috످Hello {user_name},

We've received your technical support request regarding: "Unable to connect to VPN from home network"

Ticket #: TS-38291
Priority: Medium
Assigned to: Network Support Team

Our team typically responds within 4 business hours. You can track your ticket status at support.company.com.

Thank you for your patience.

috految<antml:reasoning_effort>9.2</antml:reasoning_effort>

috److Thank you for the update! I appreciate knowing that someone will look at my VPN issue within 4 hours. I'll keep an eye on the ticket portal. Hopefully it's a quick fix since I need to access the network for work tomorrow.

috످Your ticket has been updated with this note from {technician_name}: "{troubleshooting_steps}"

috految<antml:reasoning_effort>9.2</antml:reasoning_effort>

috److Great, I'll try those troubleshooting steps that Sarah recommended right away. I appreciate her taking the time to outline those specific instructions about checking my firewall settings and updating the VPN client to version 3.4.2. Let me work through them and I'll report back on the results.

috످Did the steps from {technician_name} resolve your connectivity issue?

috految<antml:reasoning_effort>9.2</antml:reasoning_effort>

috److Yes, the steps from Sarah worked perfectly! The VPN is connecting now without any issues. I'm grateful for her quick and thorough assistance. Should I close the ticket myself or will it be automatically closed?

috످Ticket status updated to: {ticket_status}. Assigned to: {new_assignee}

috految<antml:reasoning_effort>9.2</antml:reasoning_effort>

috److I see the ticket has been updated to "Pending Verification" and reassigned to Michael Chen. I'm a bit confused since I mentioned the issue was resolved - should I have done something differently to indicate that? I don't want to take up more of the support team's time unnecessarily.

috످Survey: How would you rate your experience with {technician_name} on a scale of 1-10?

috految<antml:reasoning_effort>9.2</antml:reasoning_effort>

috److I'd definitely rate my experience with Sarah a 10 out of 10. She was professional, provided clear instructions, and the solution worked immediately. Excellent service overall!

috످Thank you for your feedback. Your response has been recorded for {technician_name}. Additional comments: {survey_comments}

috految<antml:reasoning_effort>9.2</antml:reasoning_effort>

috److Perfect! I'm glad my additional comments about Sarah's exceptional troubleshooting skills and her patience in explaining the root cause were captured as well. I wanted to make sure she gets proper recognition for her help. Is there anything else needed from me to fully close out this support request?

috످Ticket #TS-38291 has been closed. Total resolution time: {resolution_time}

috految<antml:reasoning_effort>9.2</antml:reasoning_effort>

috److Ticket #TS-38291 may have been closed based on false information I gave. I'm an AI, and I was replying as if I were the customer. I never tested the VPN, and I made up the successful fix, the names Sarah and Michael Chen, the troubleshooting steps, the work deadline, the "Pending Verification" status, and the survey rating and comments. I'm sorry.

The messages I received contained unfilled placeholders like `{technician_name}` and `{resolution_time}`, so the template may be broken.

If this is a real ticket, please reopen it, remove my replies and the 10/10 rating, and check whether the customer can connect to the VPN. If it's your own ticket, I can help you troubleshoot.

috످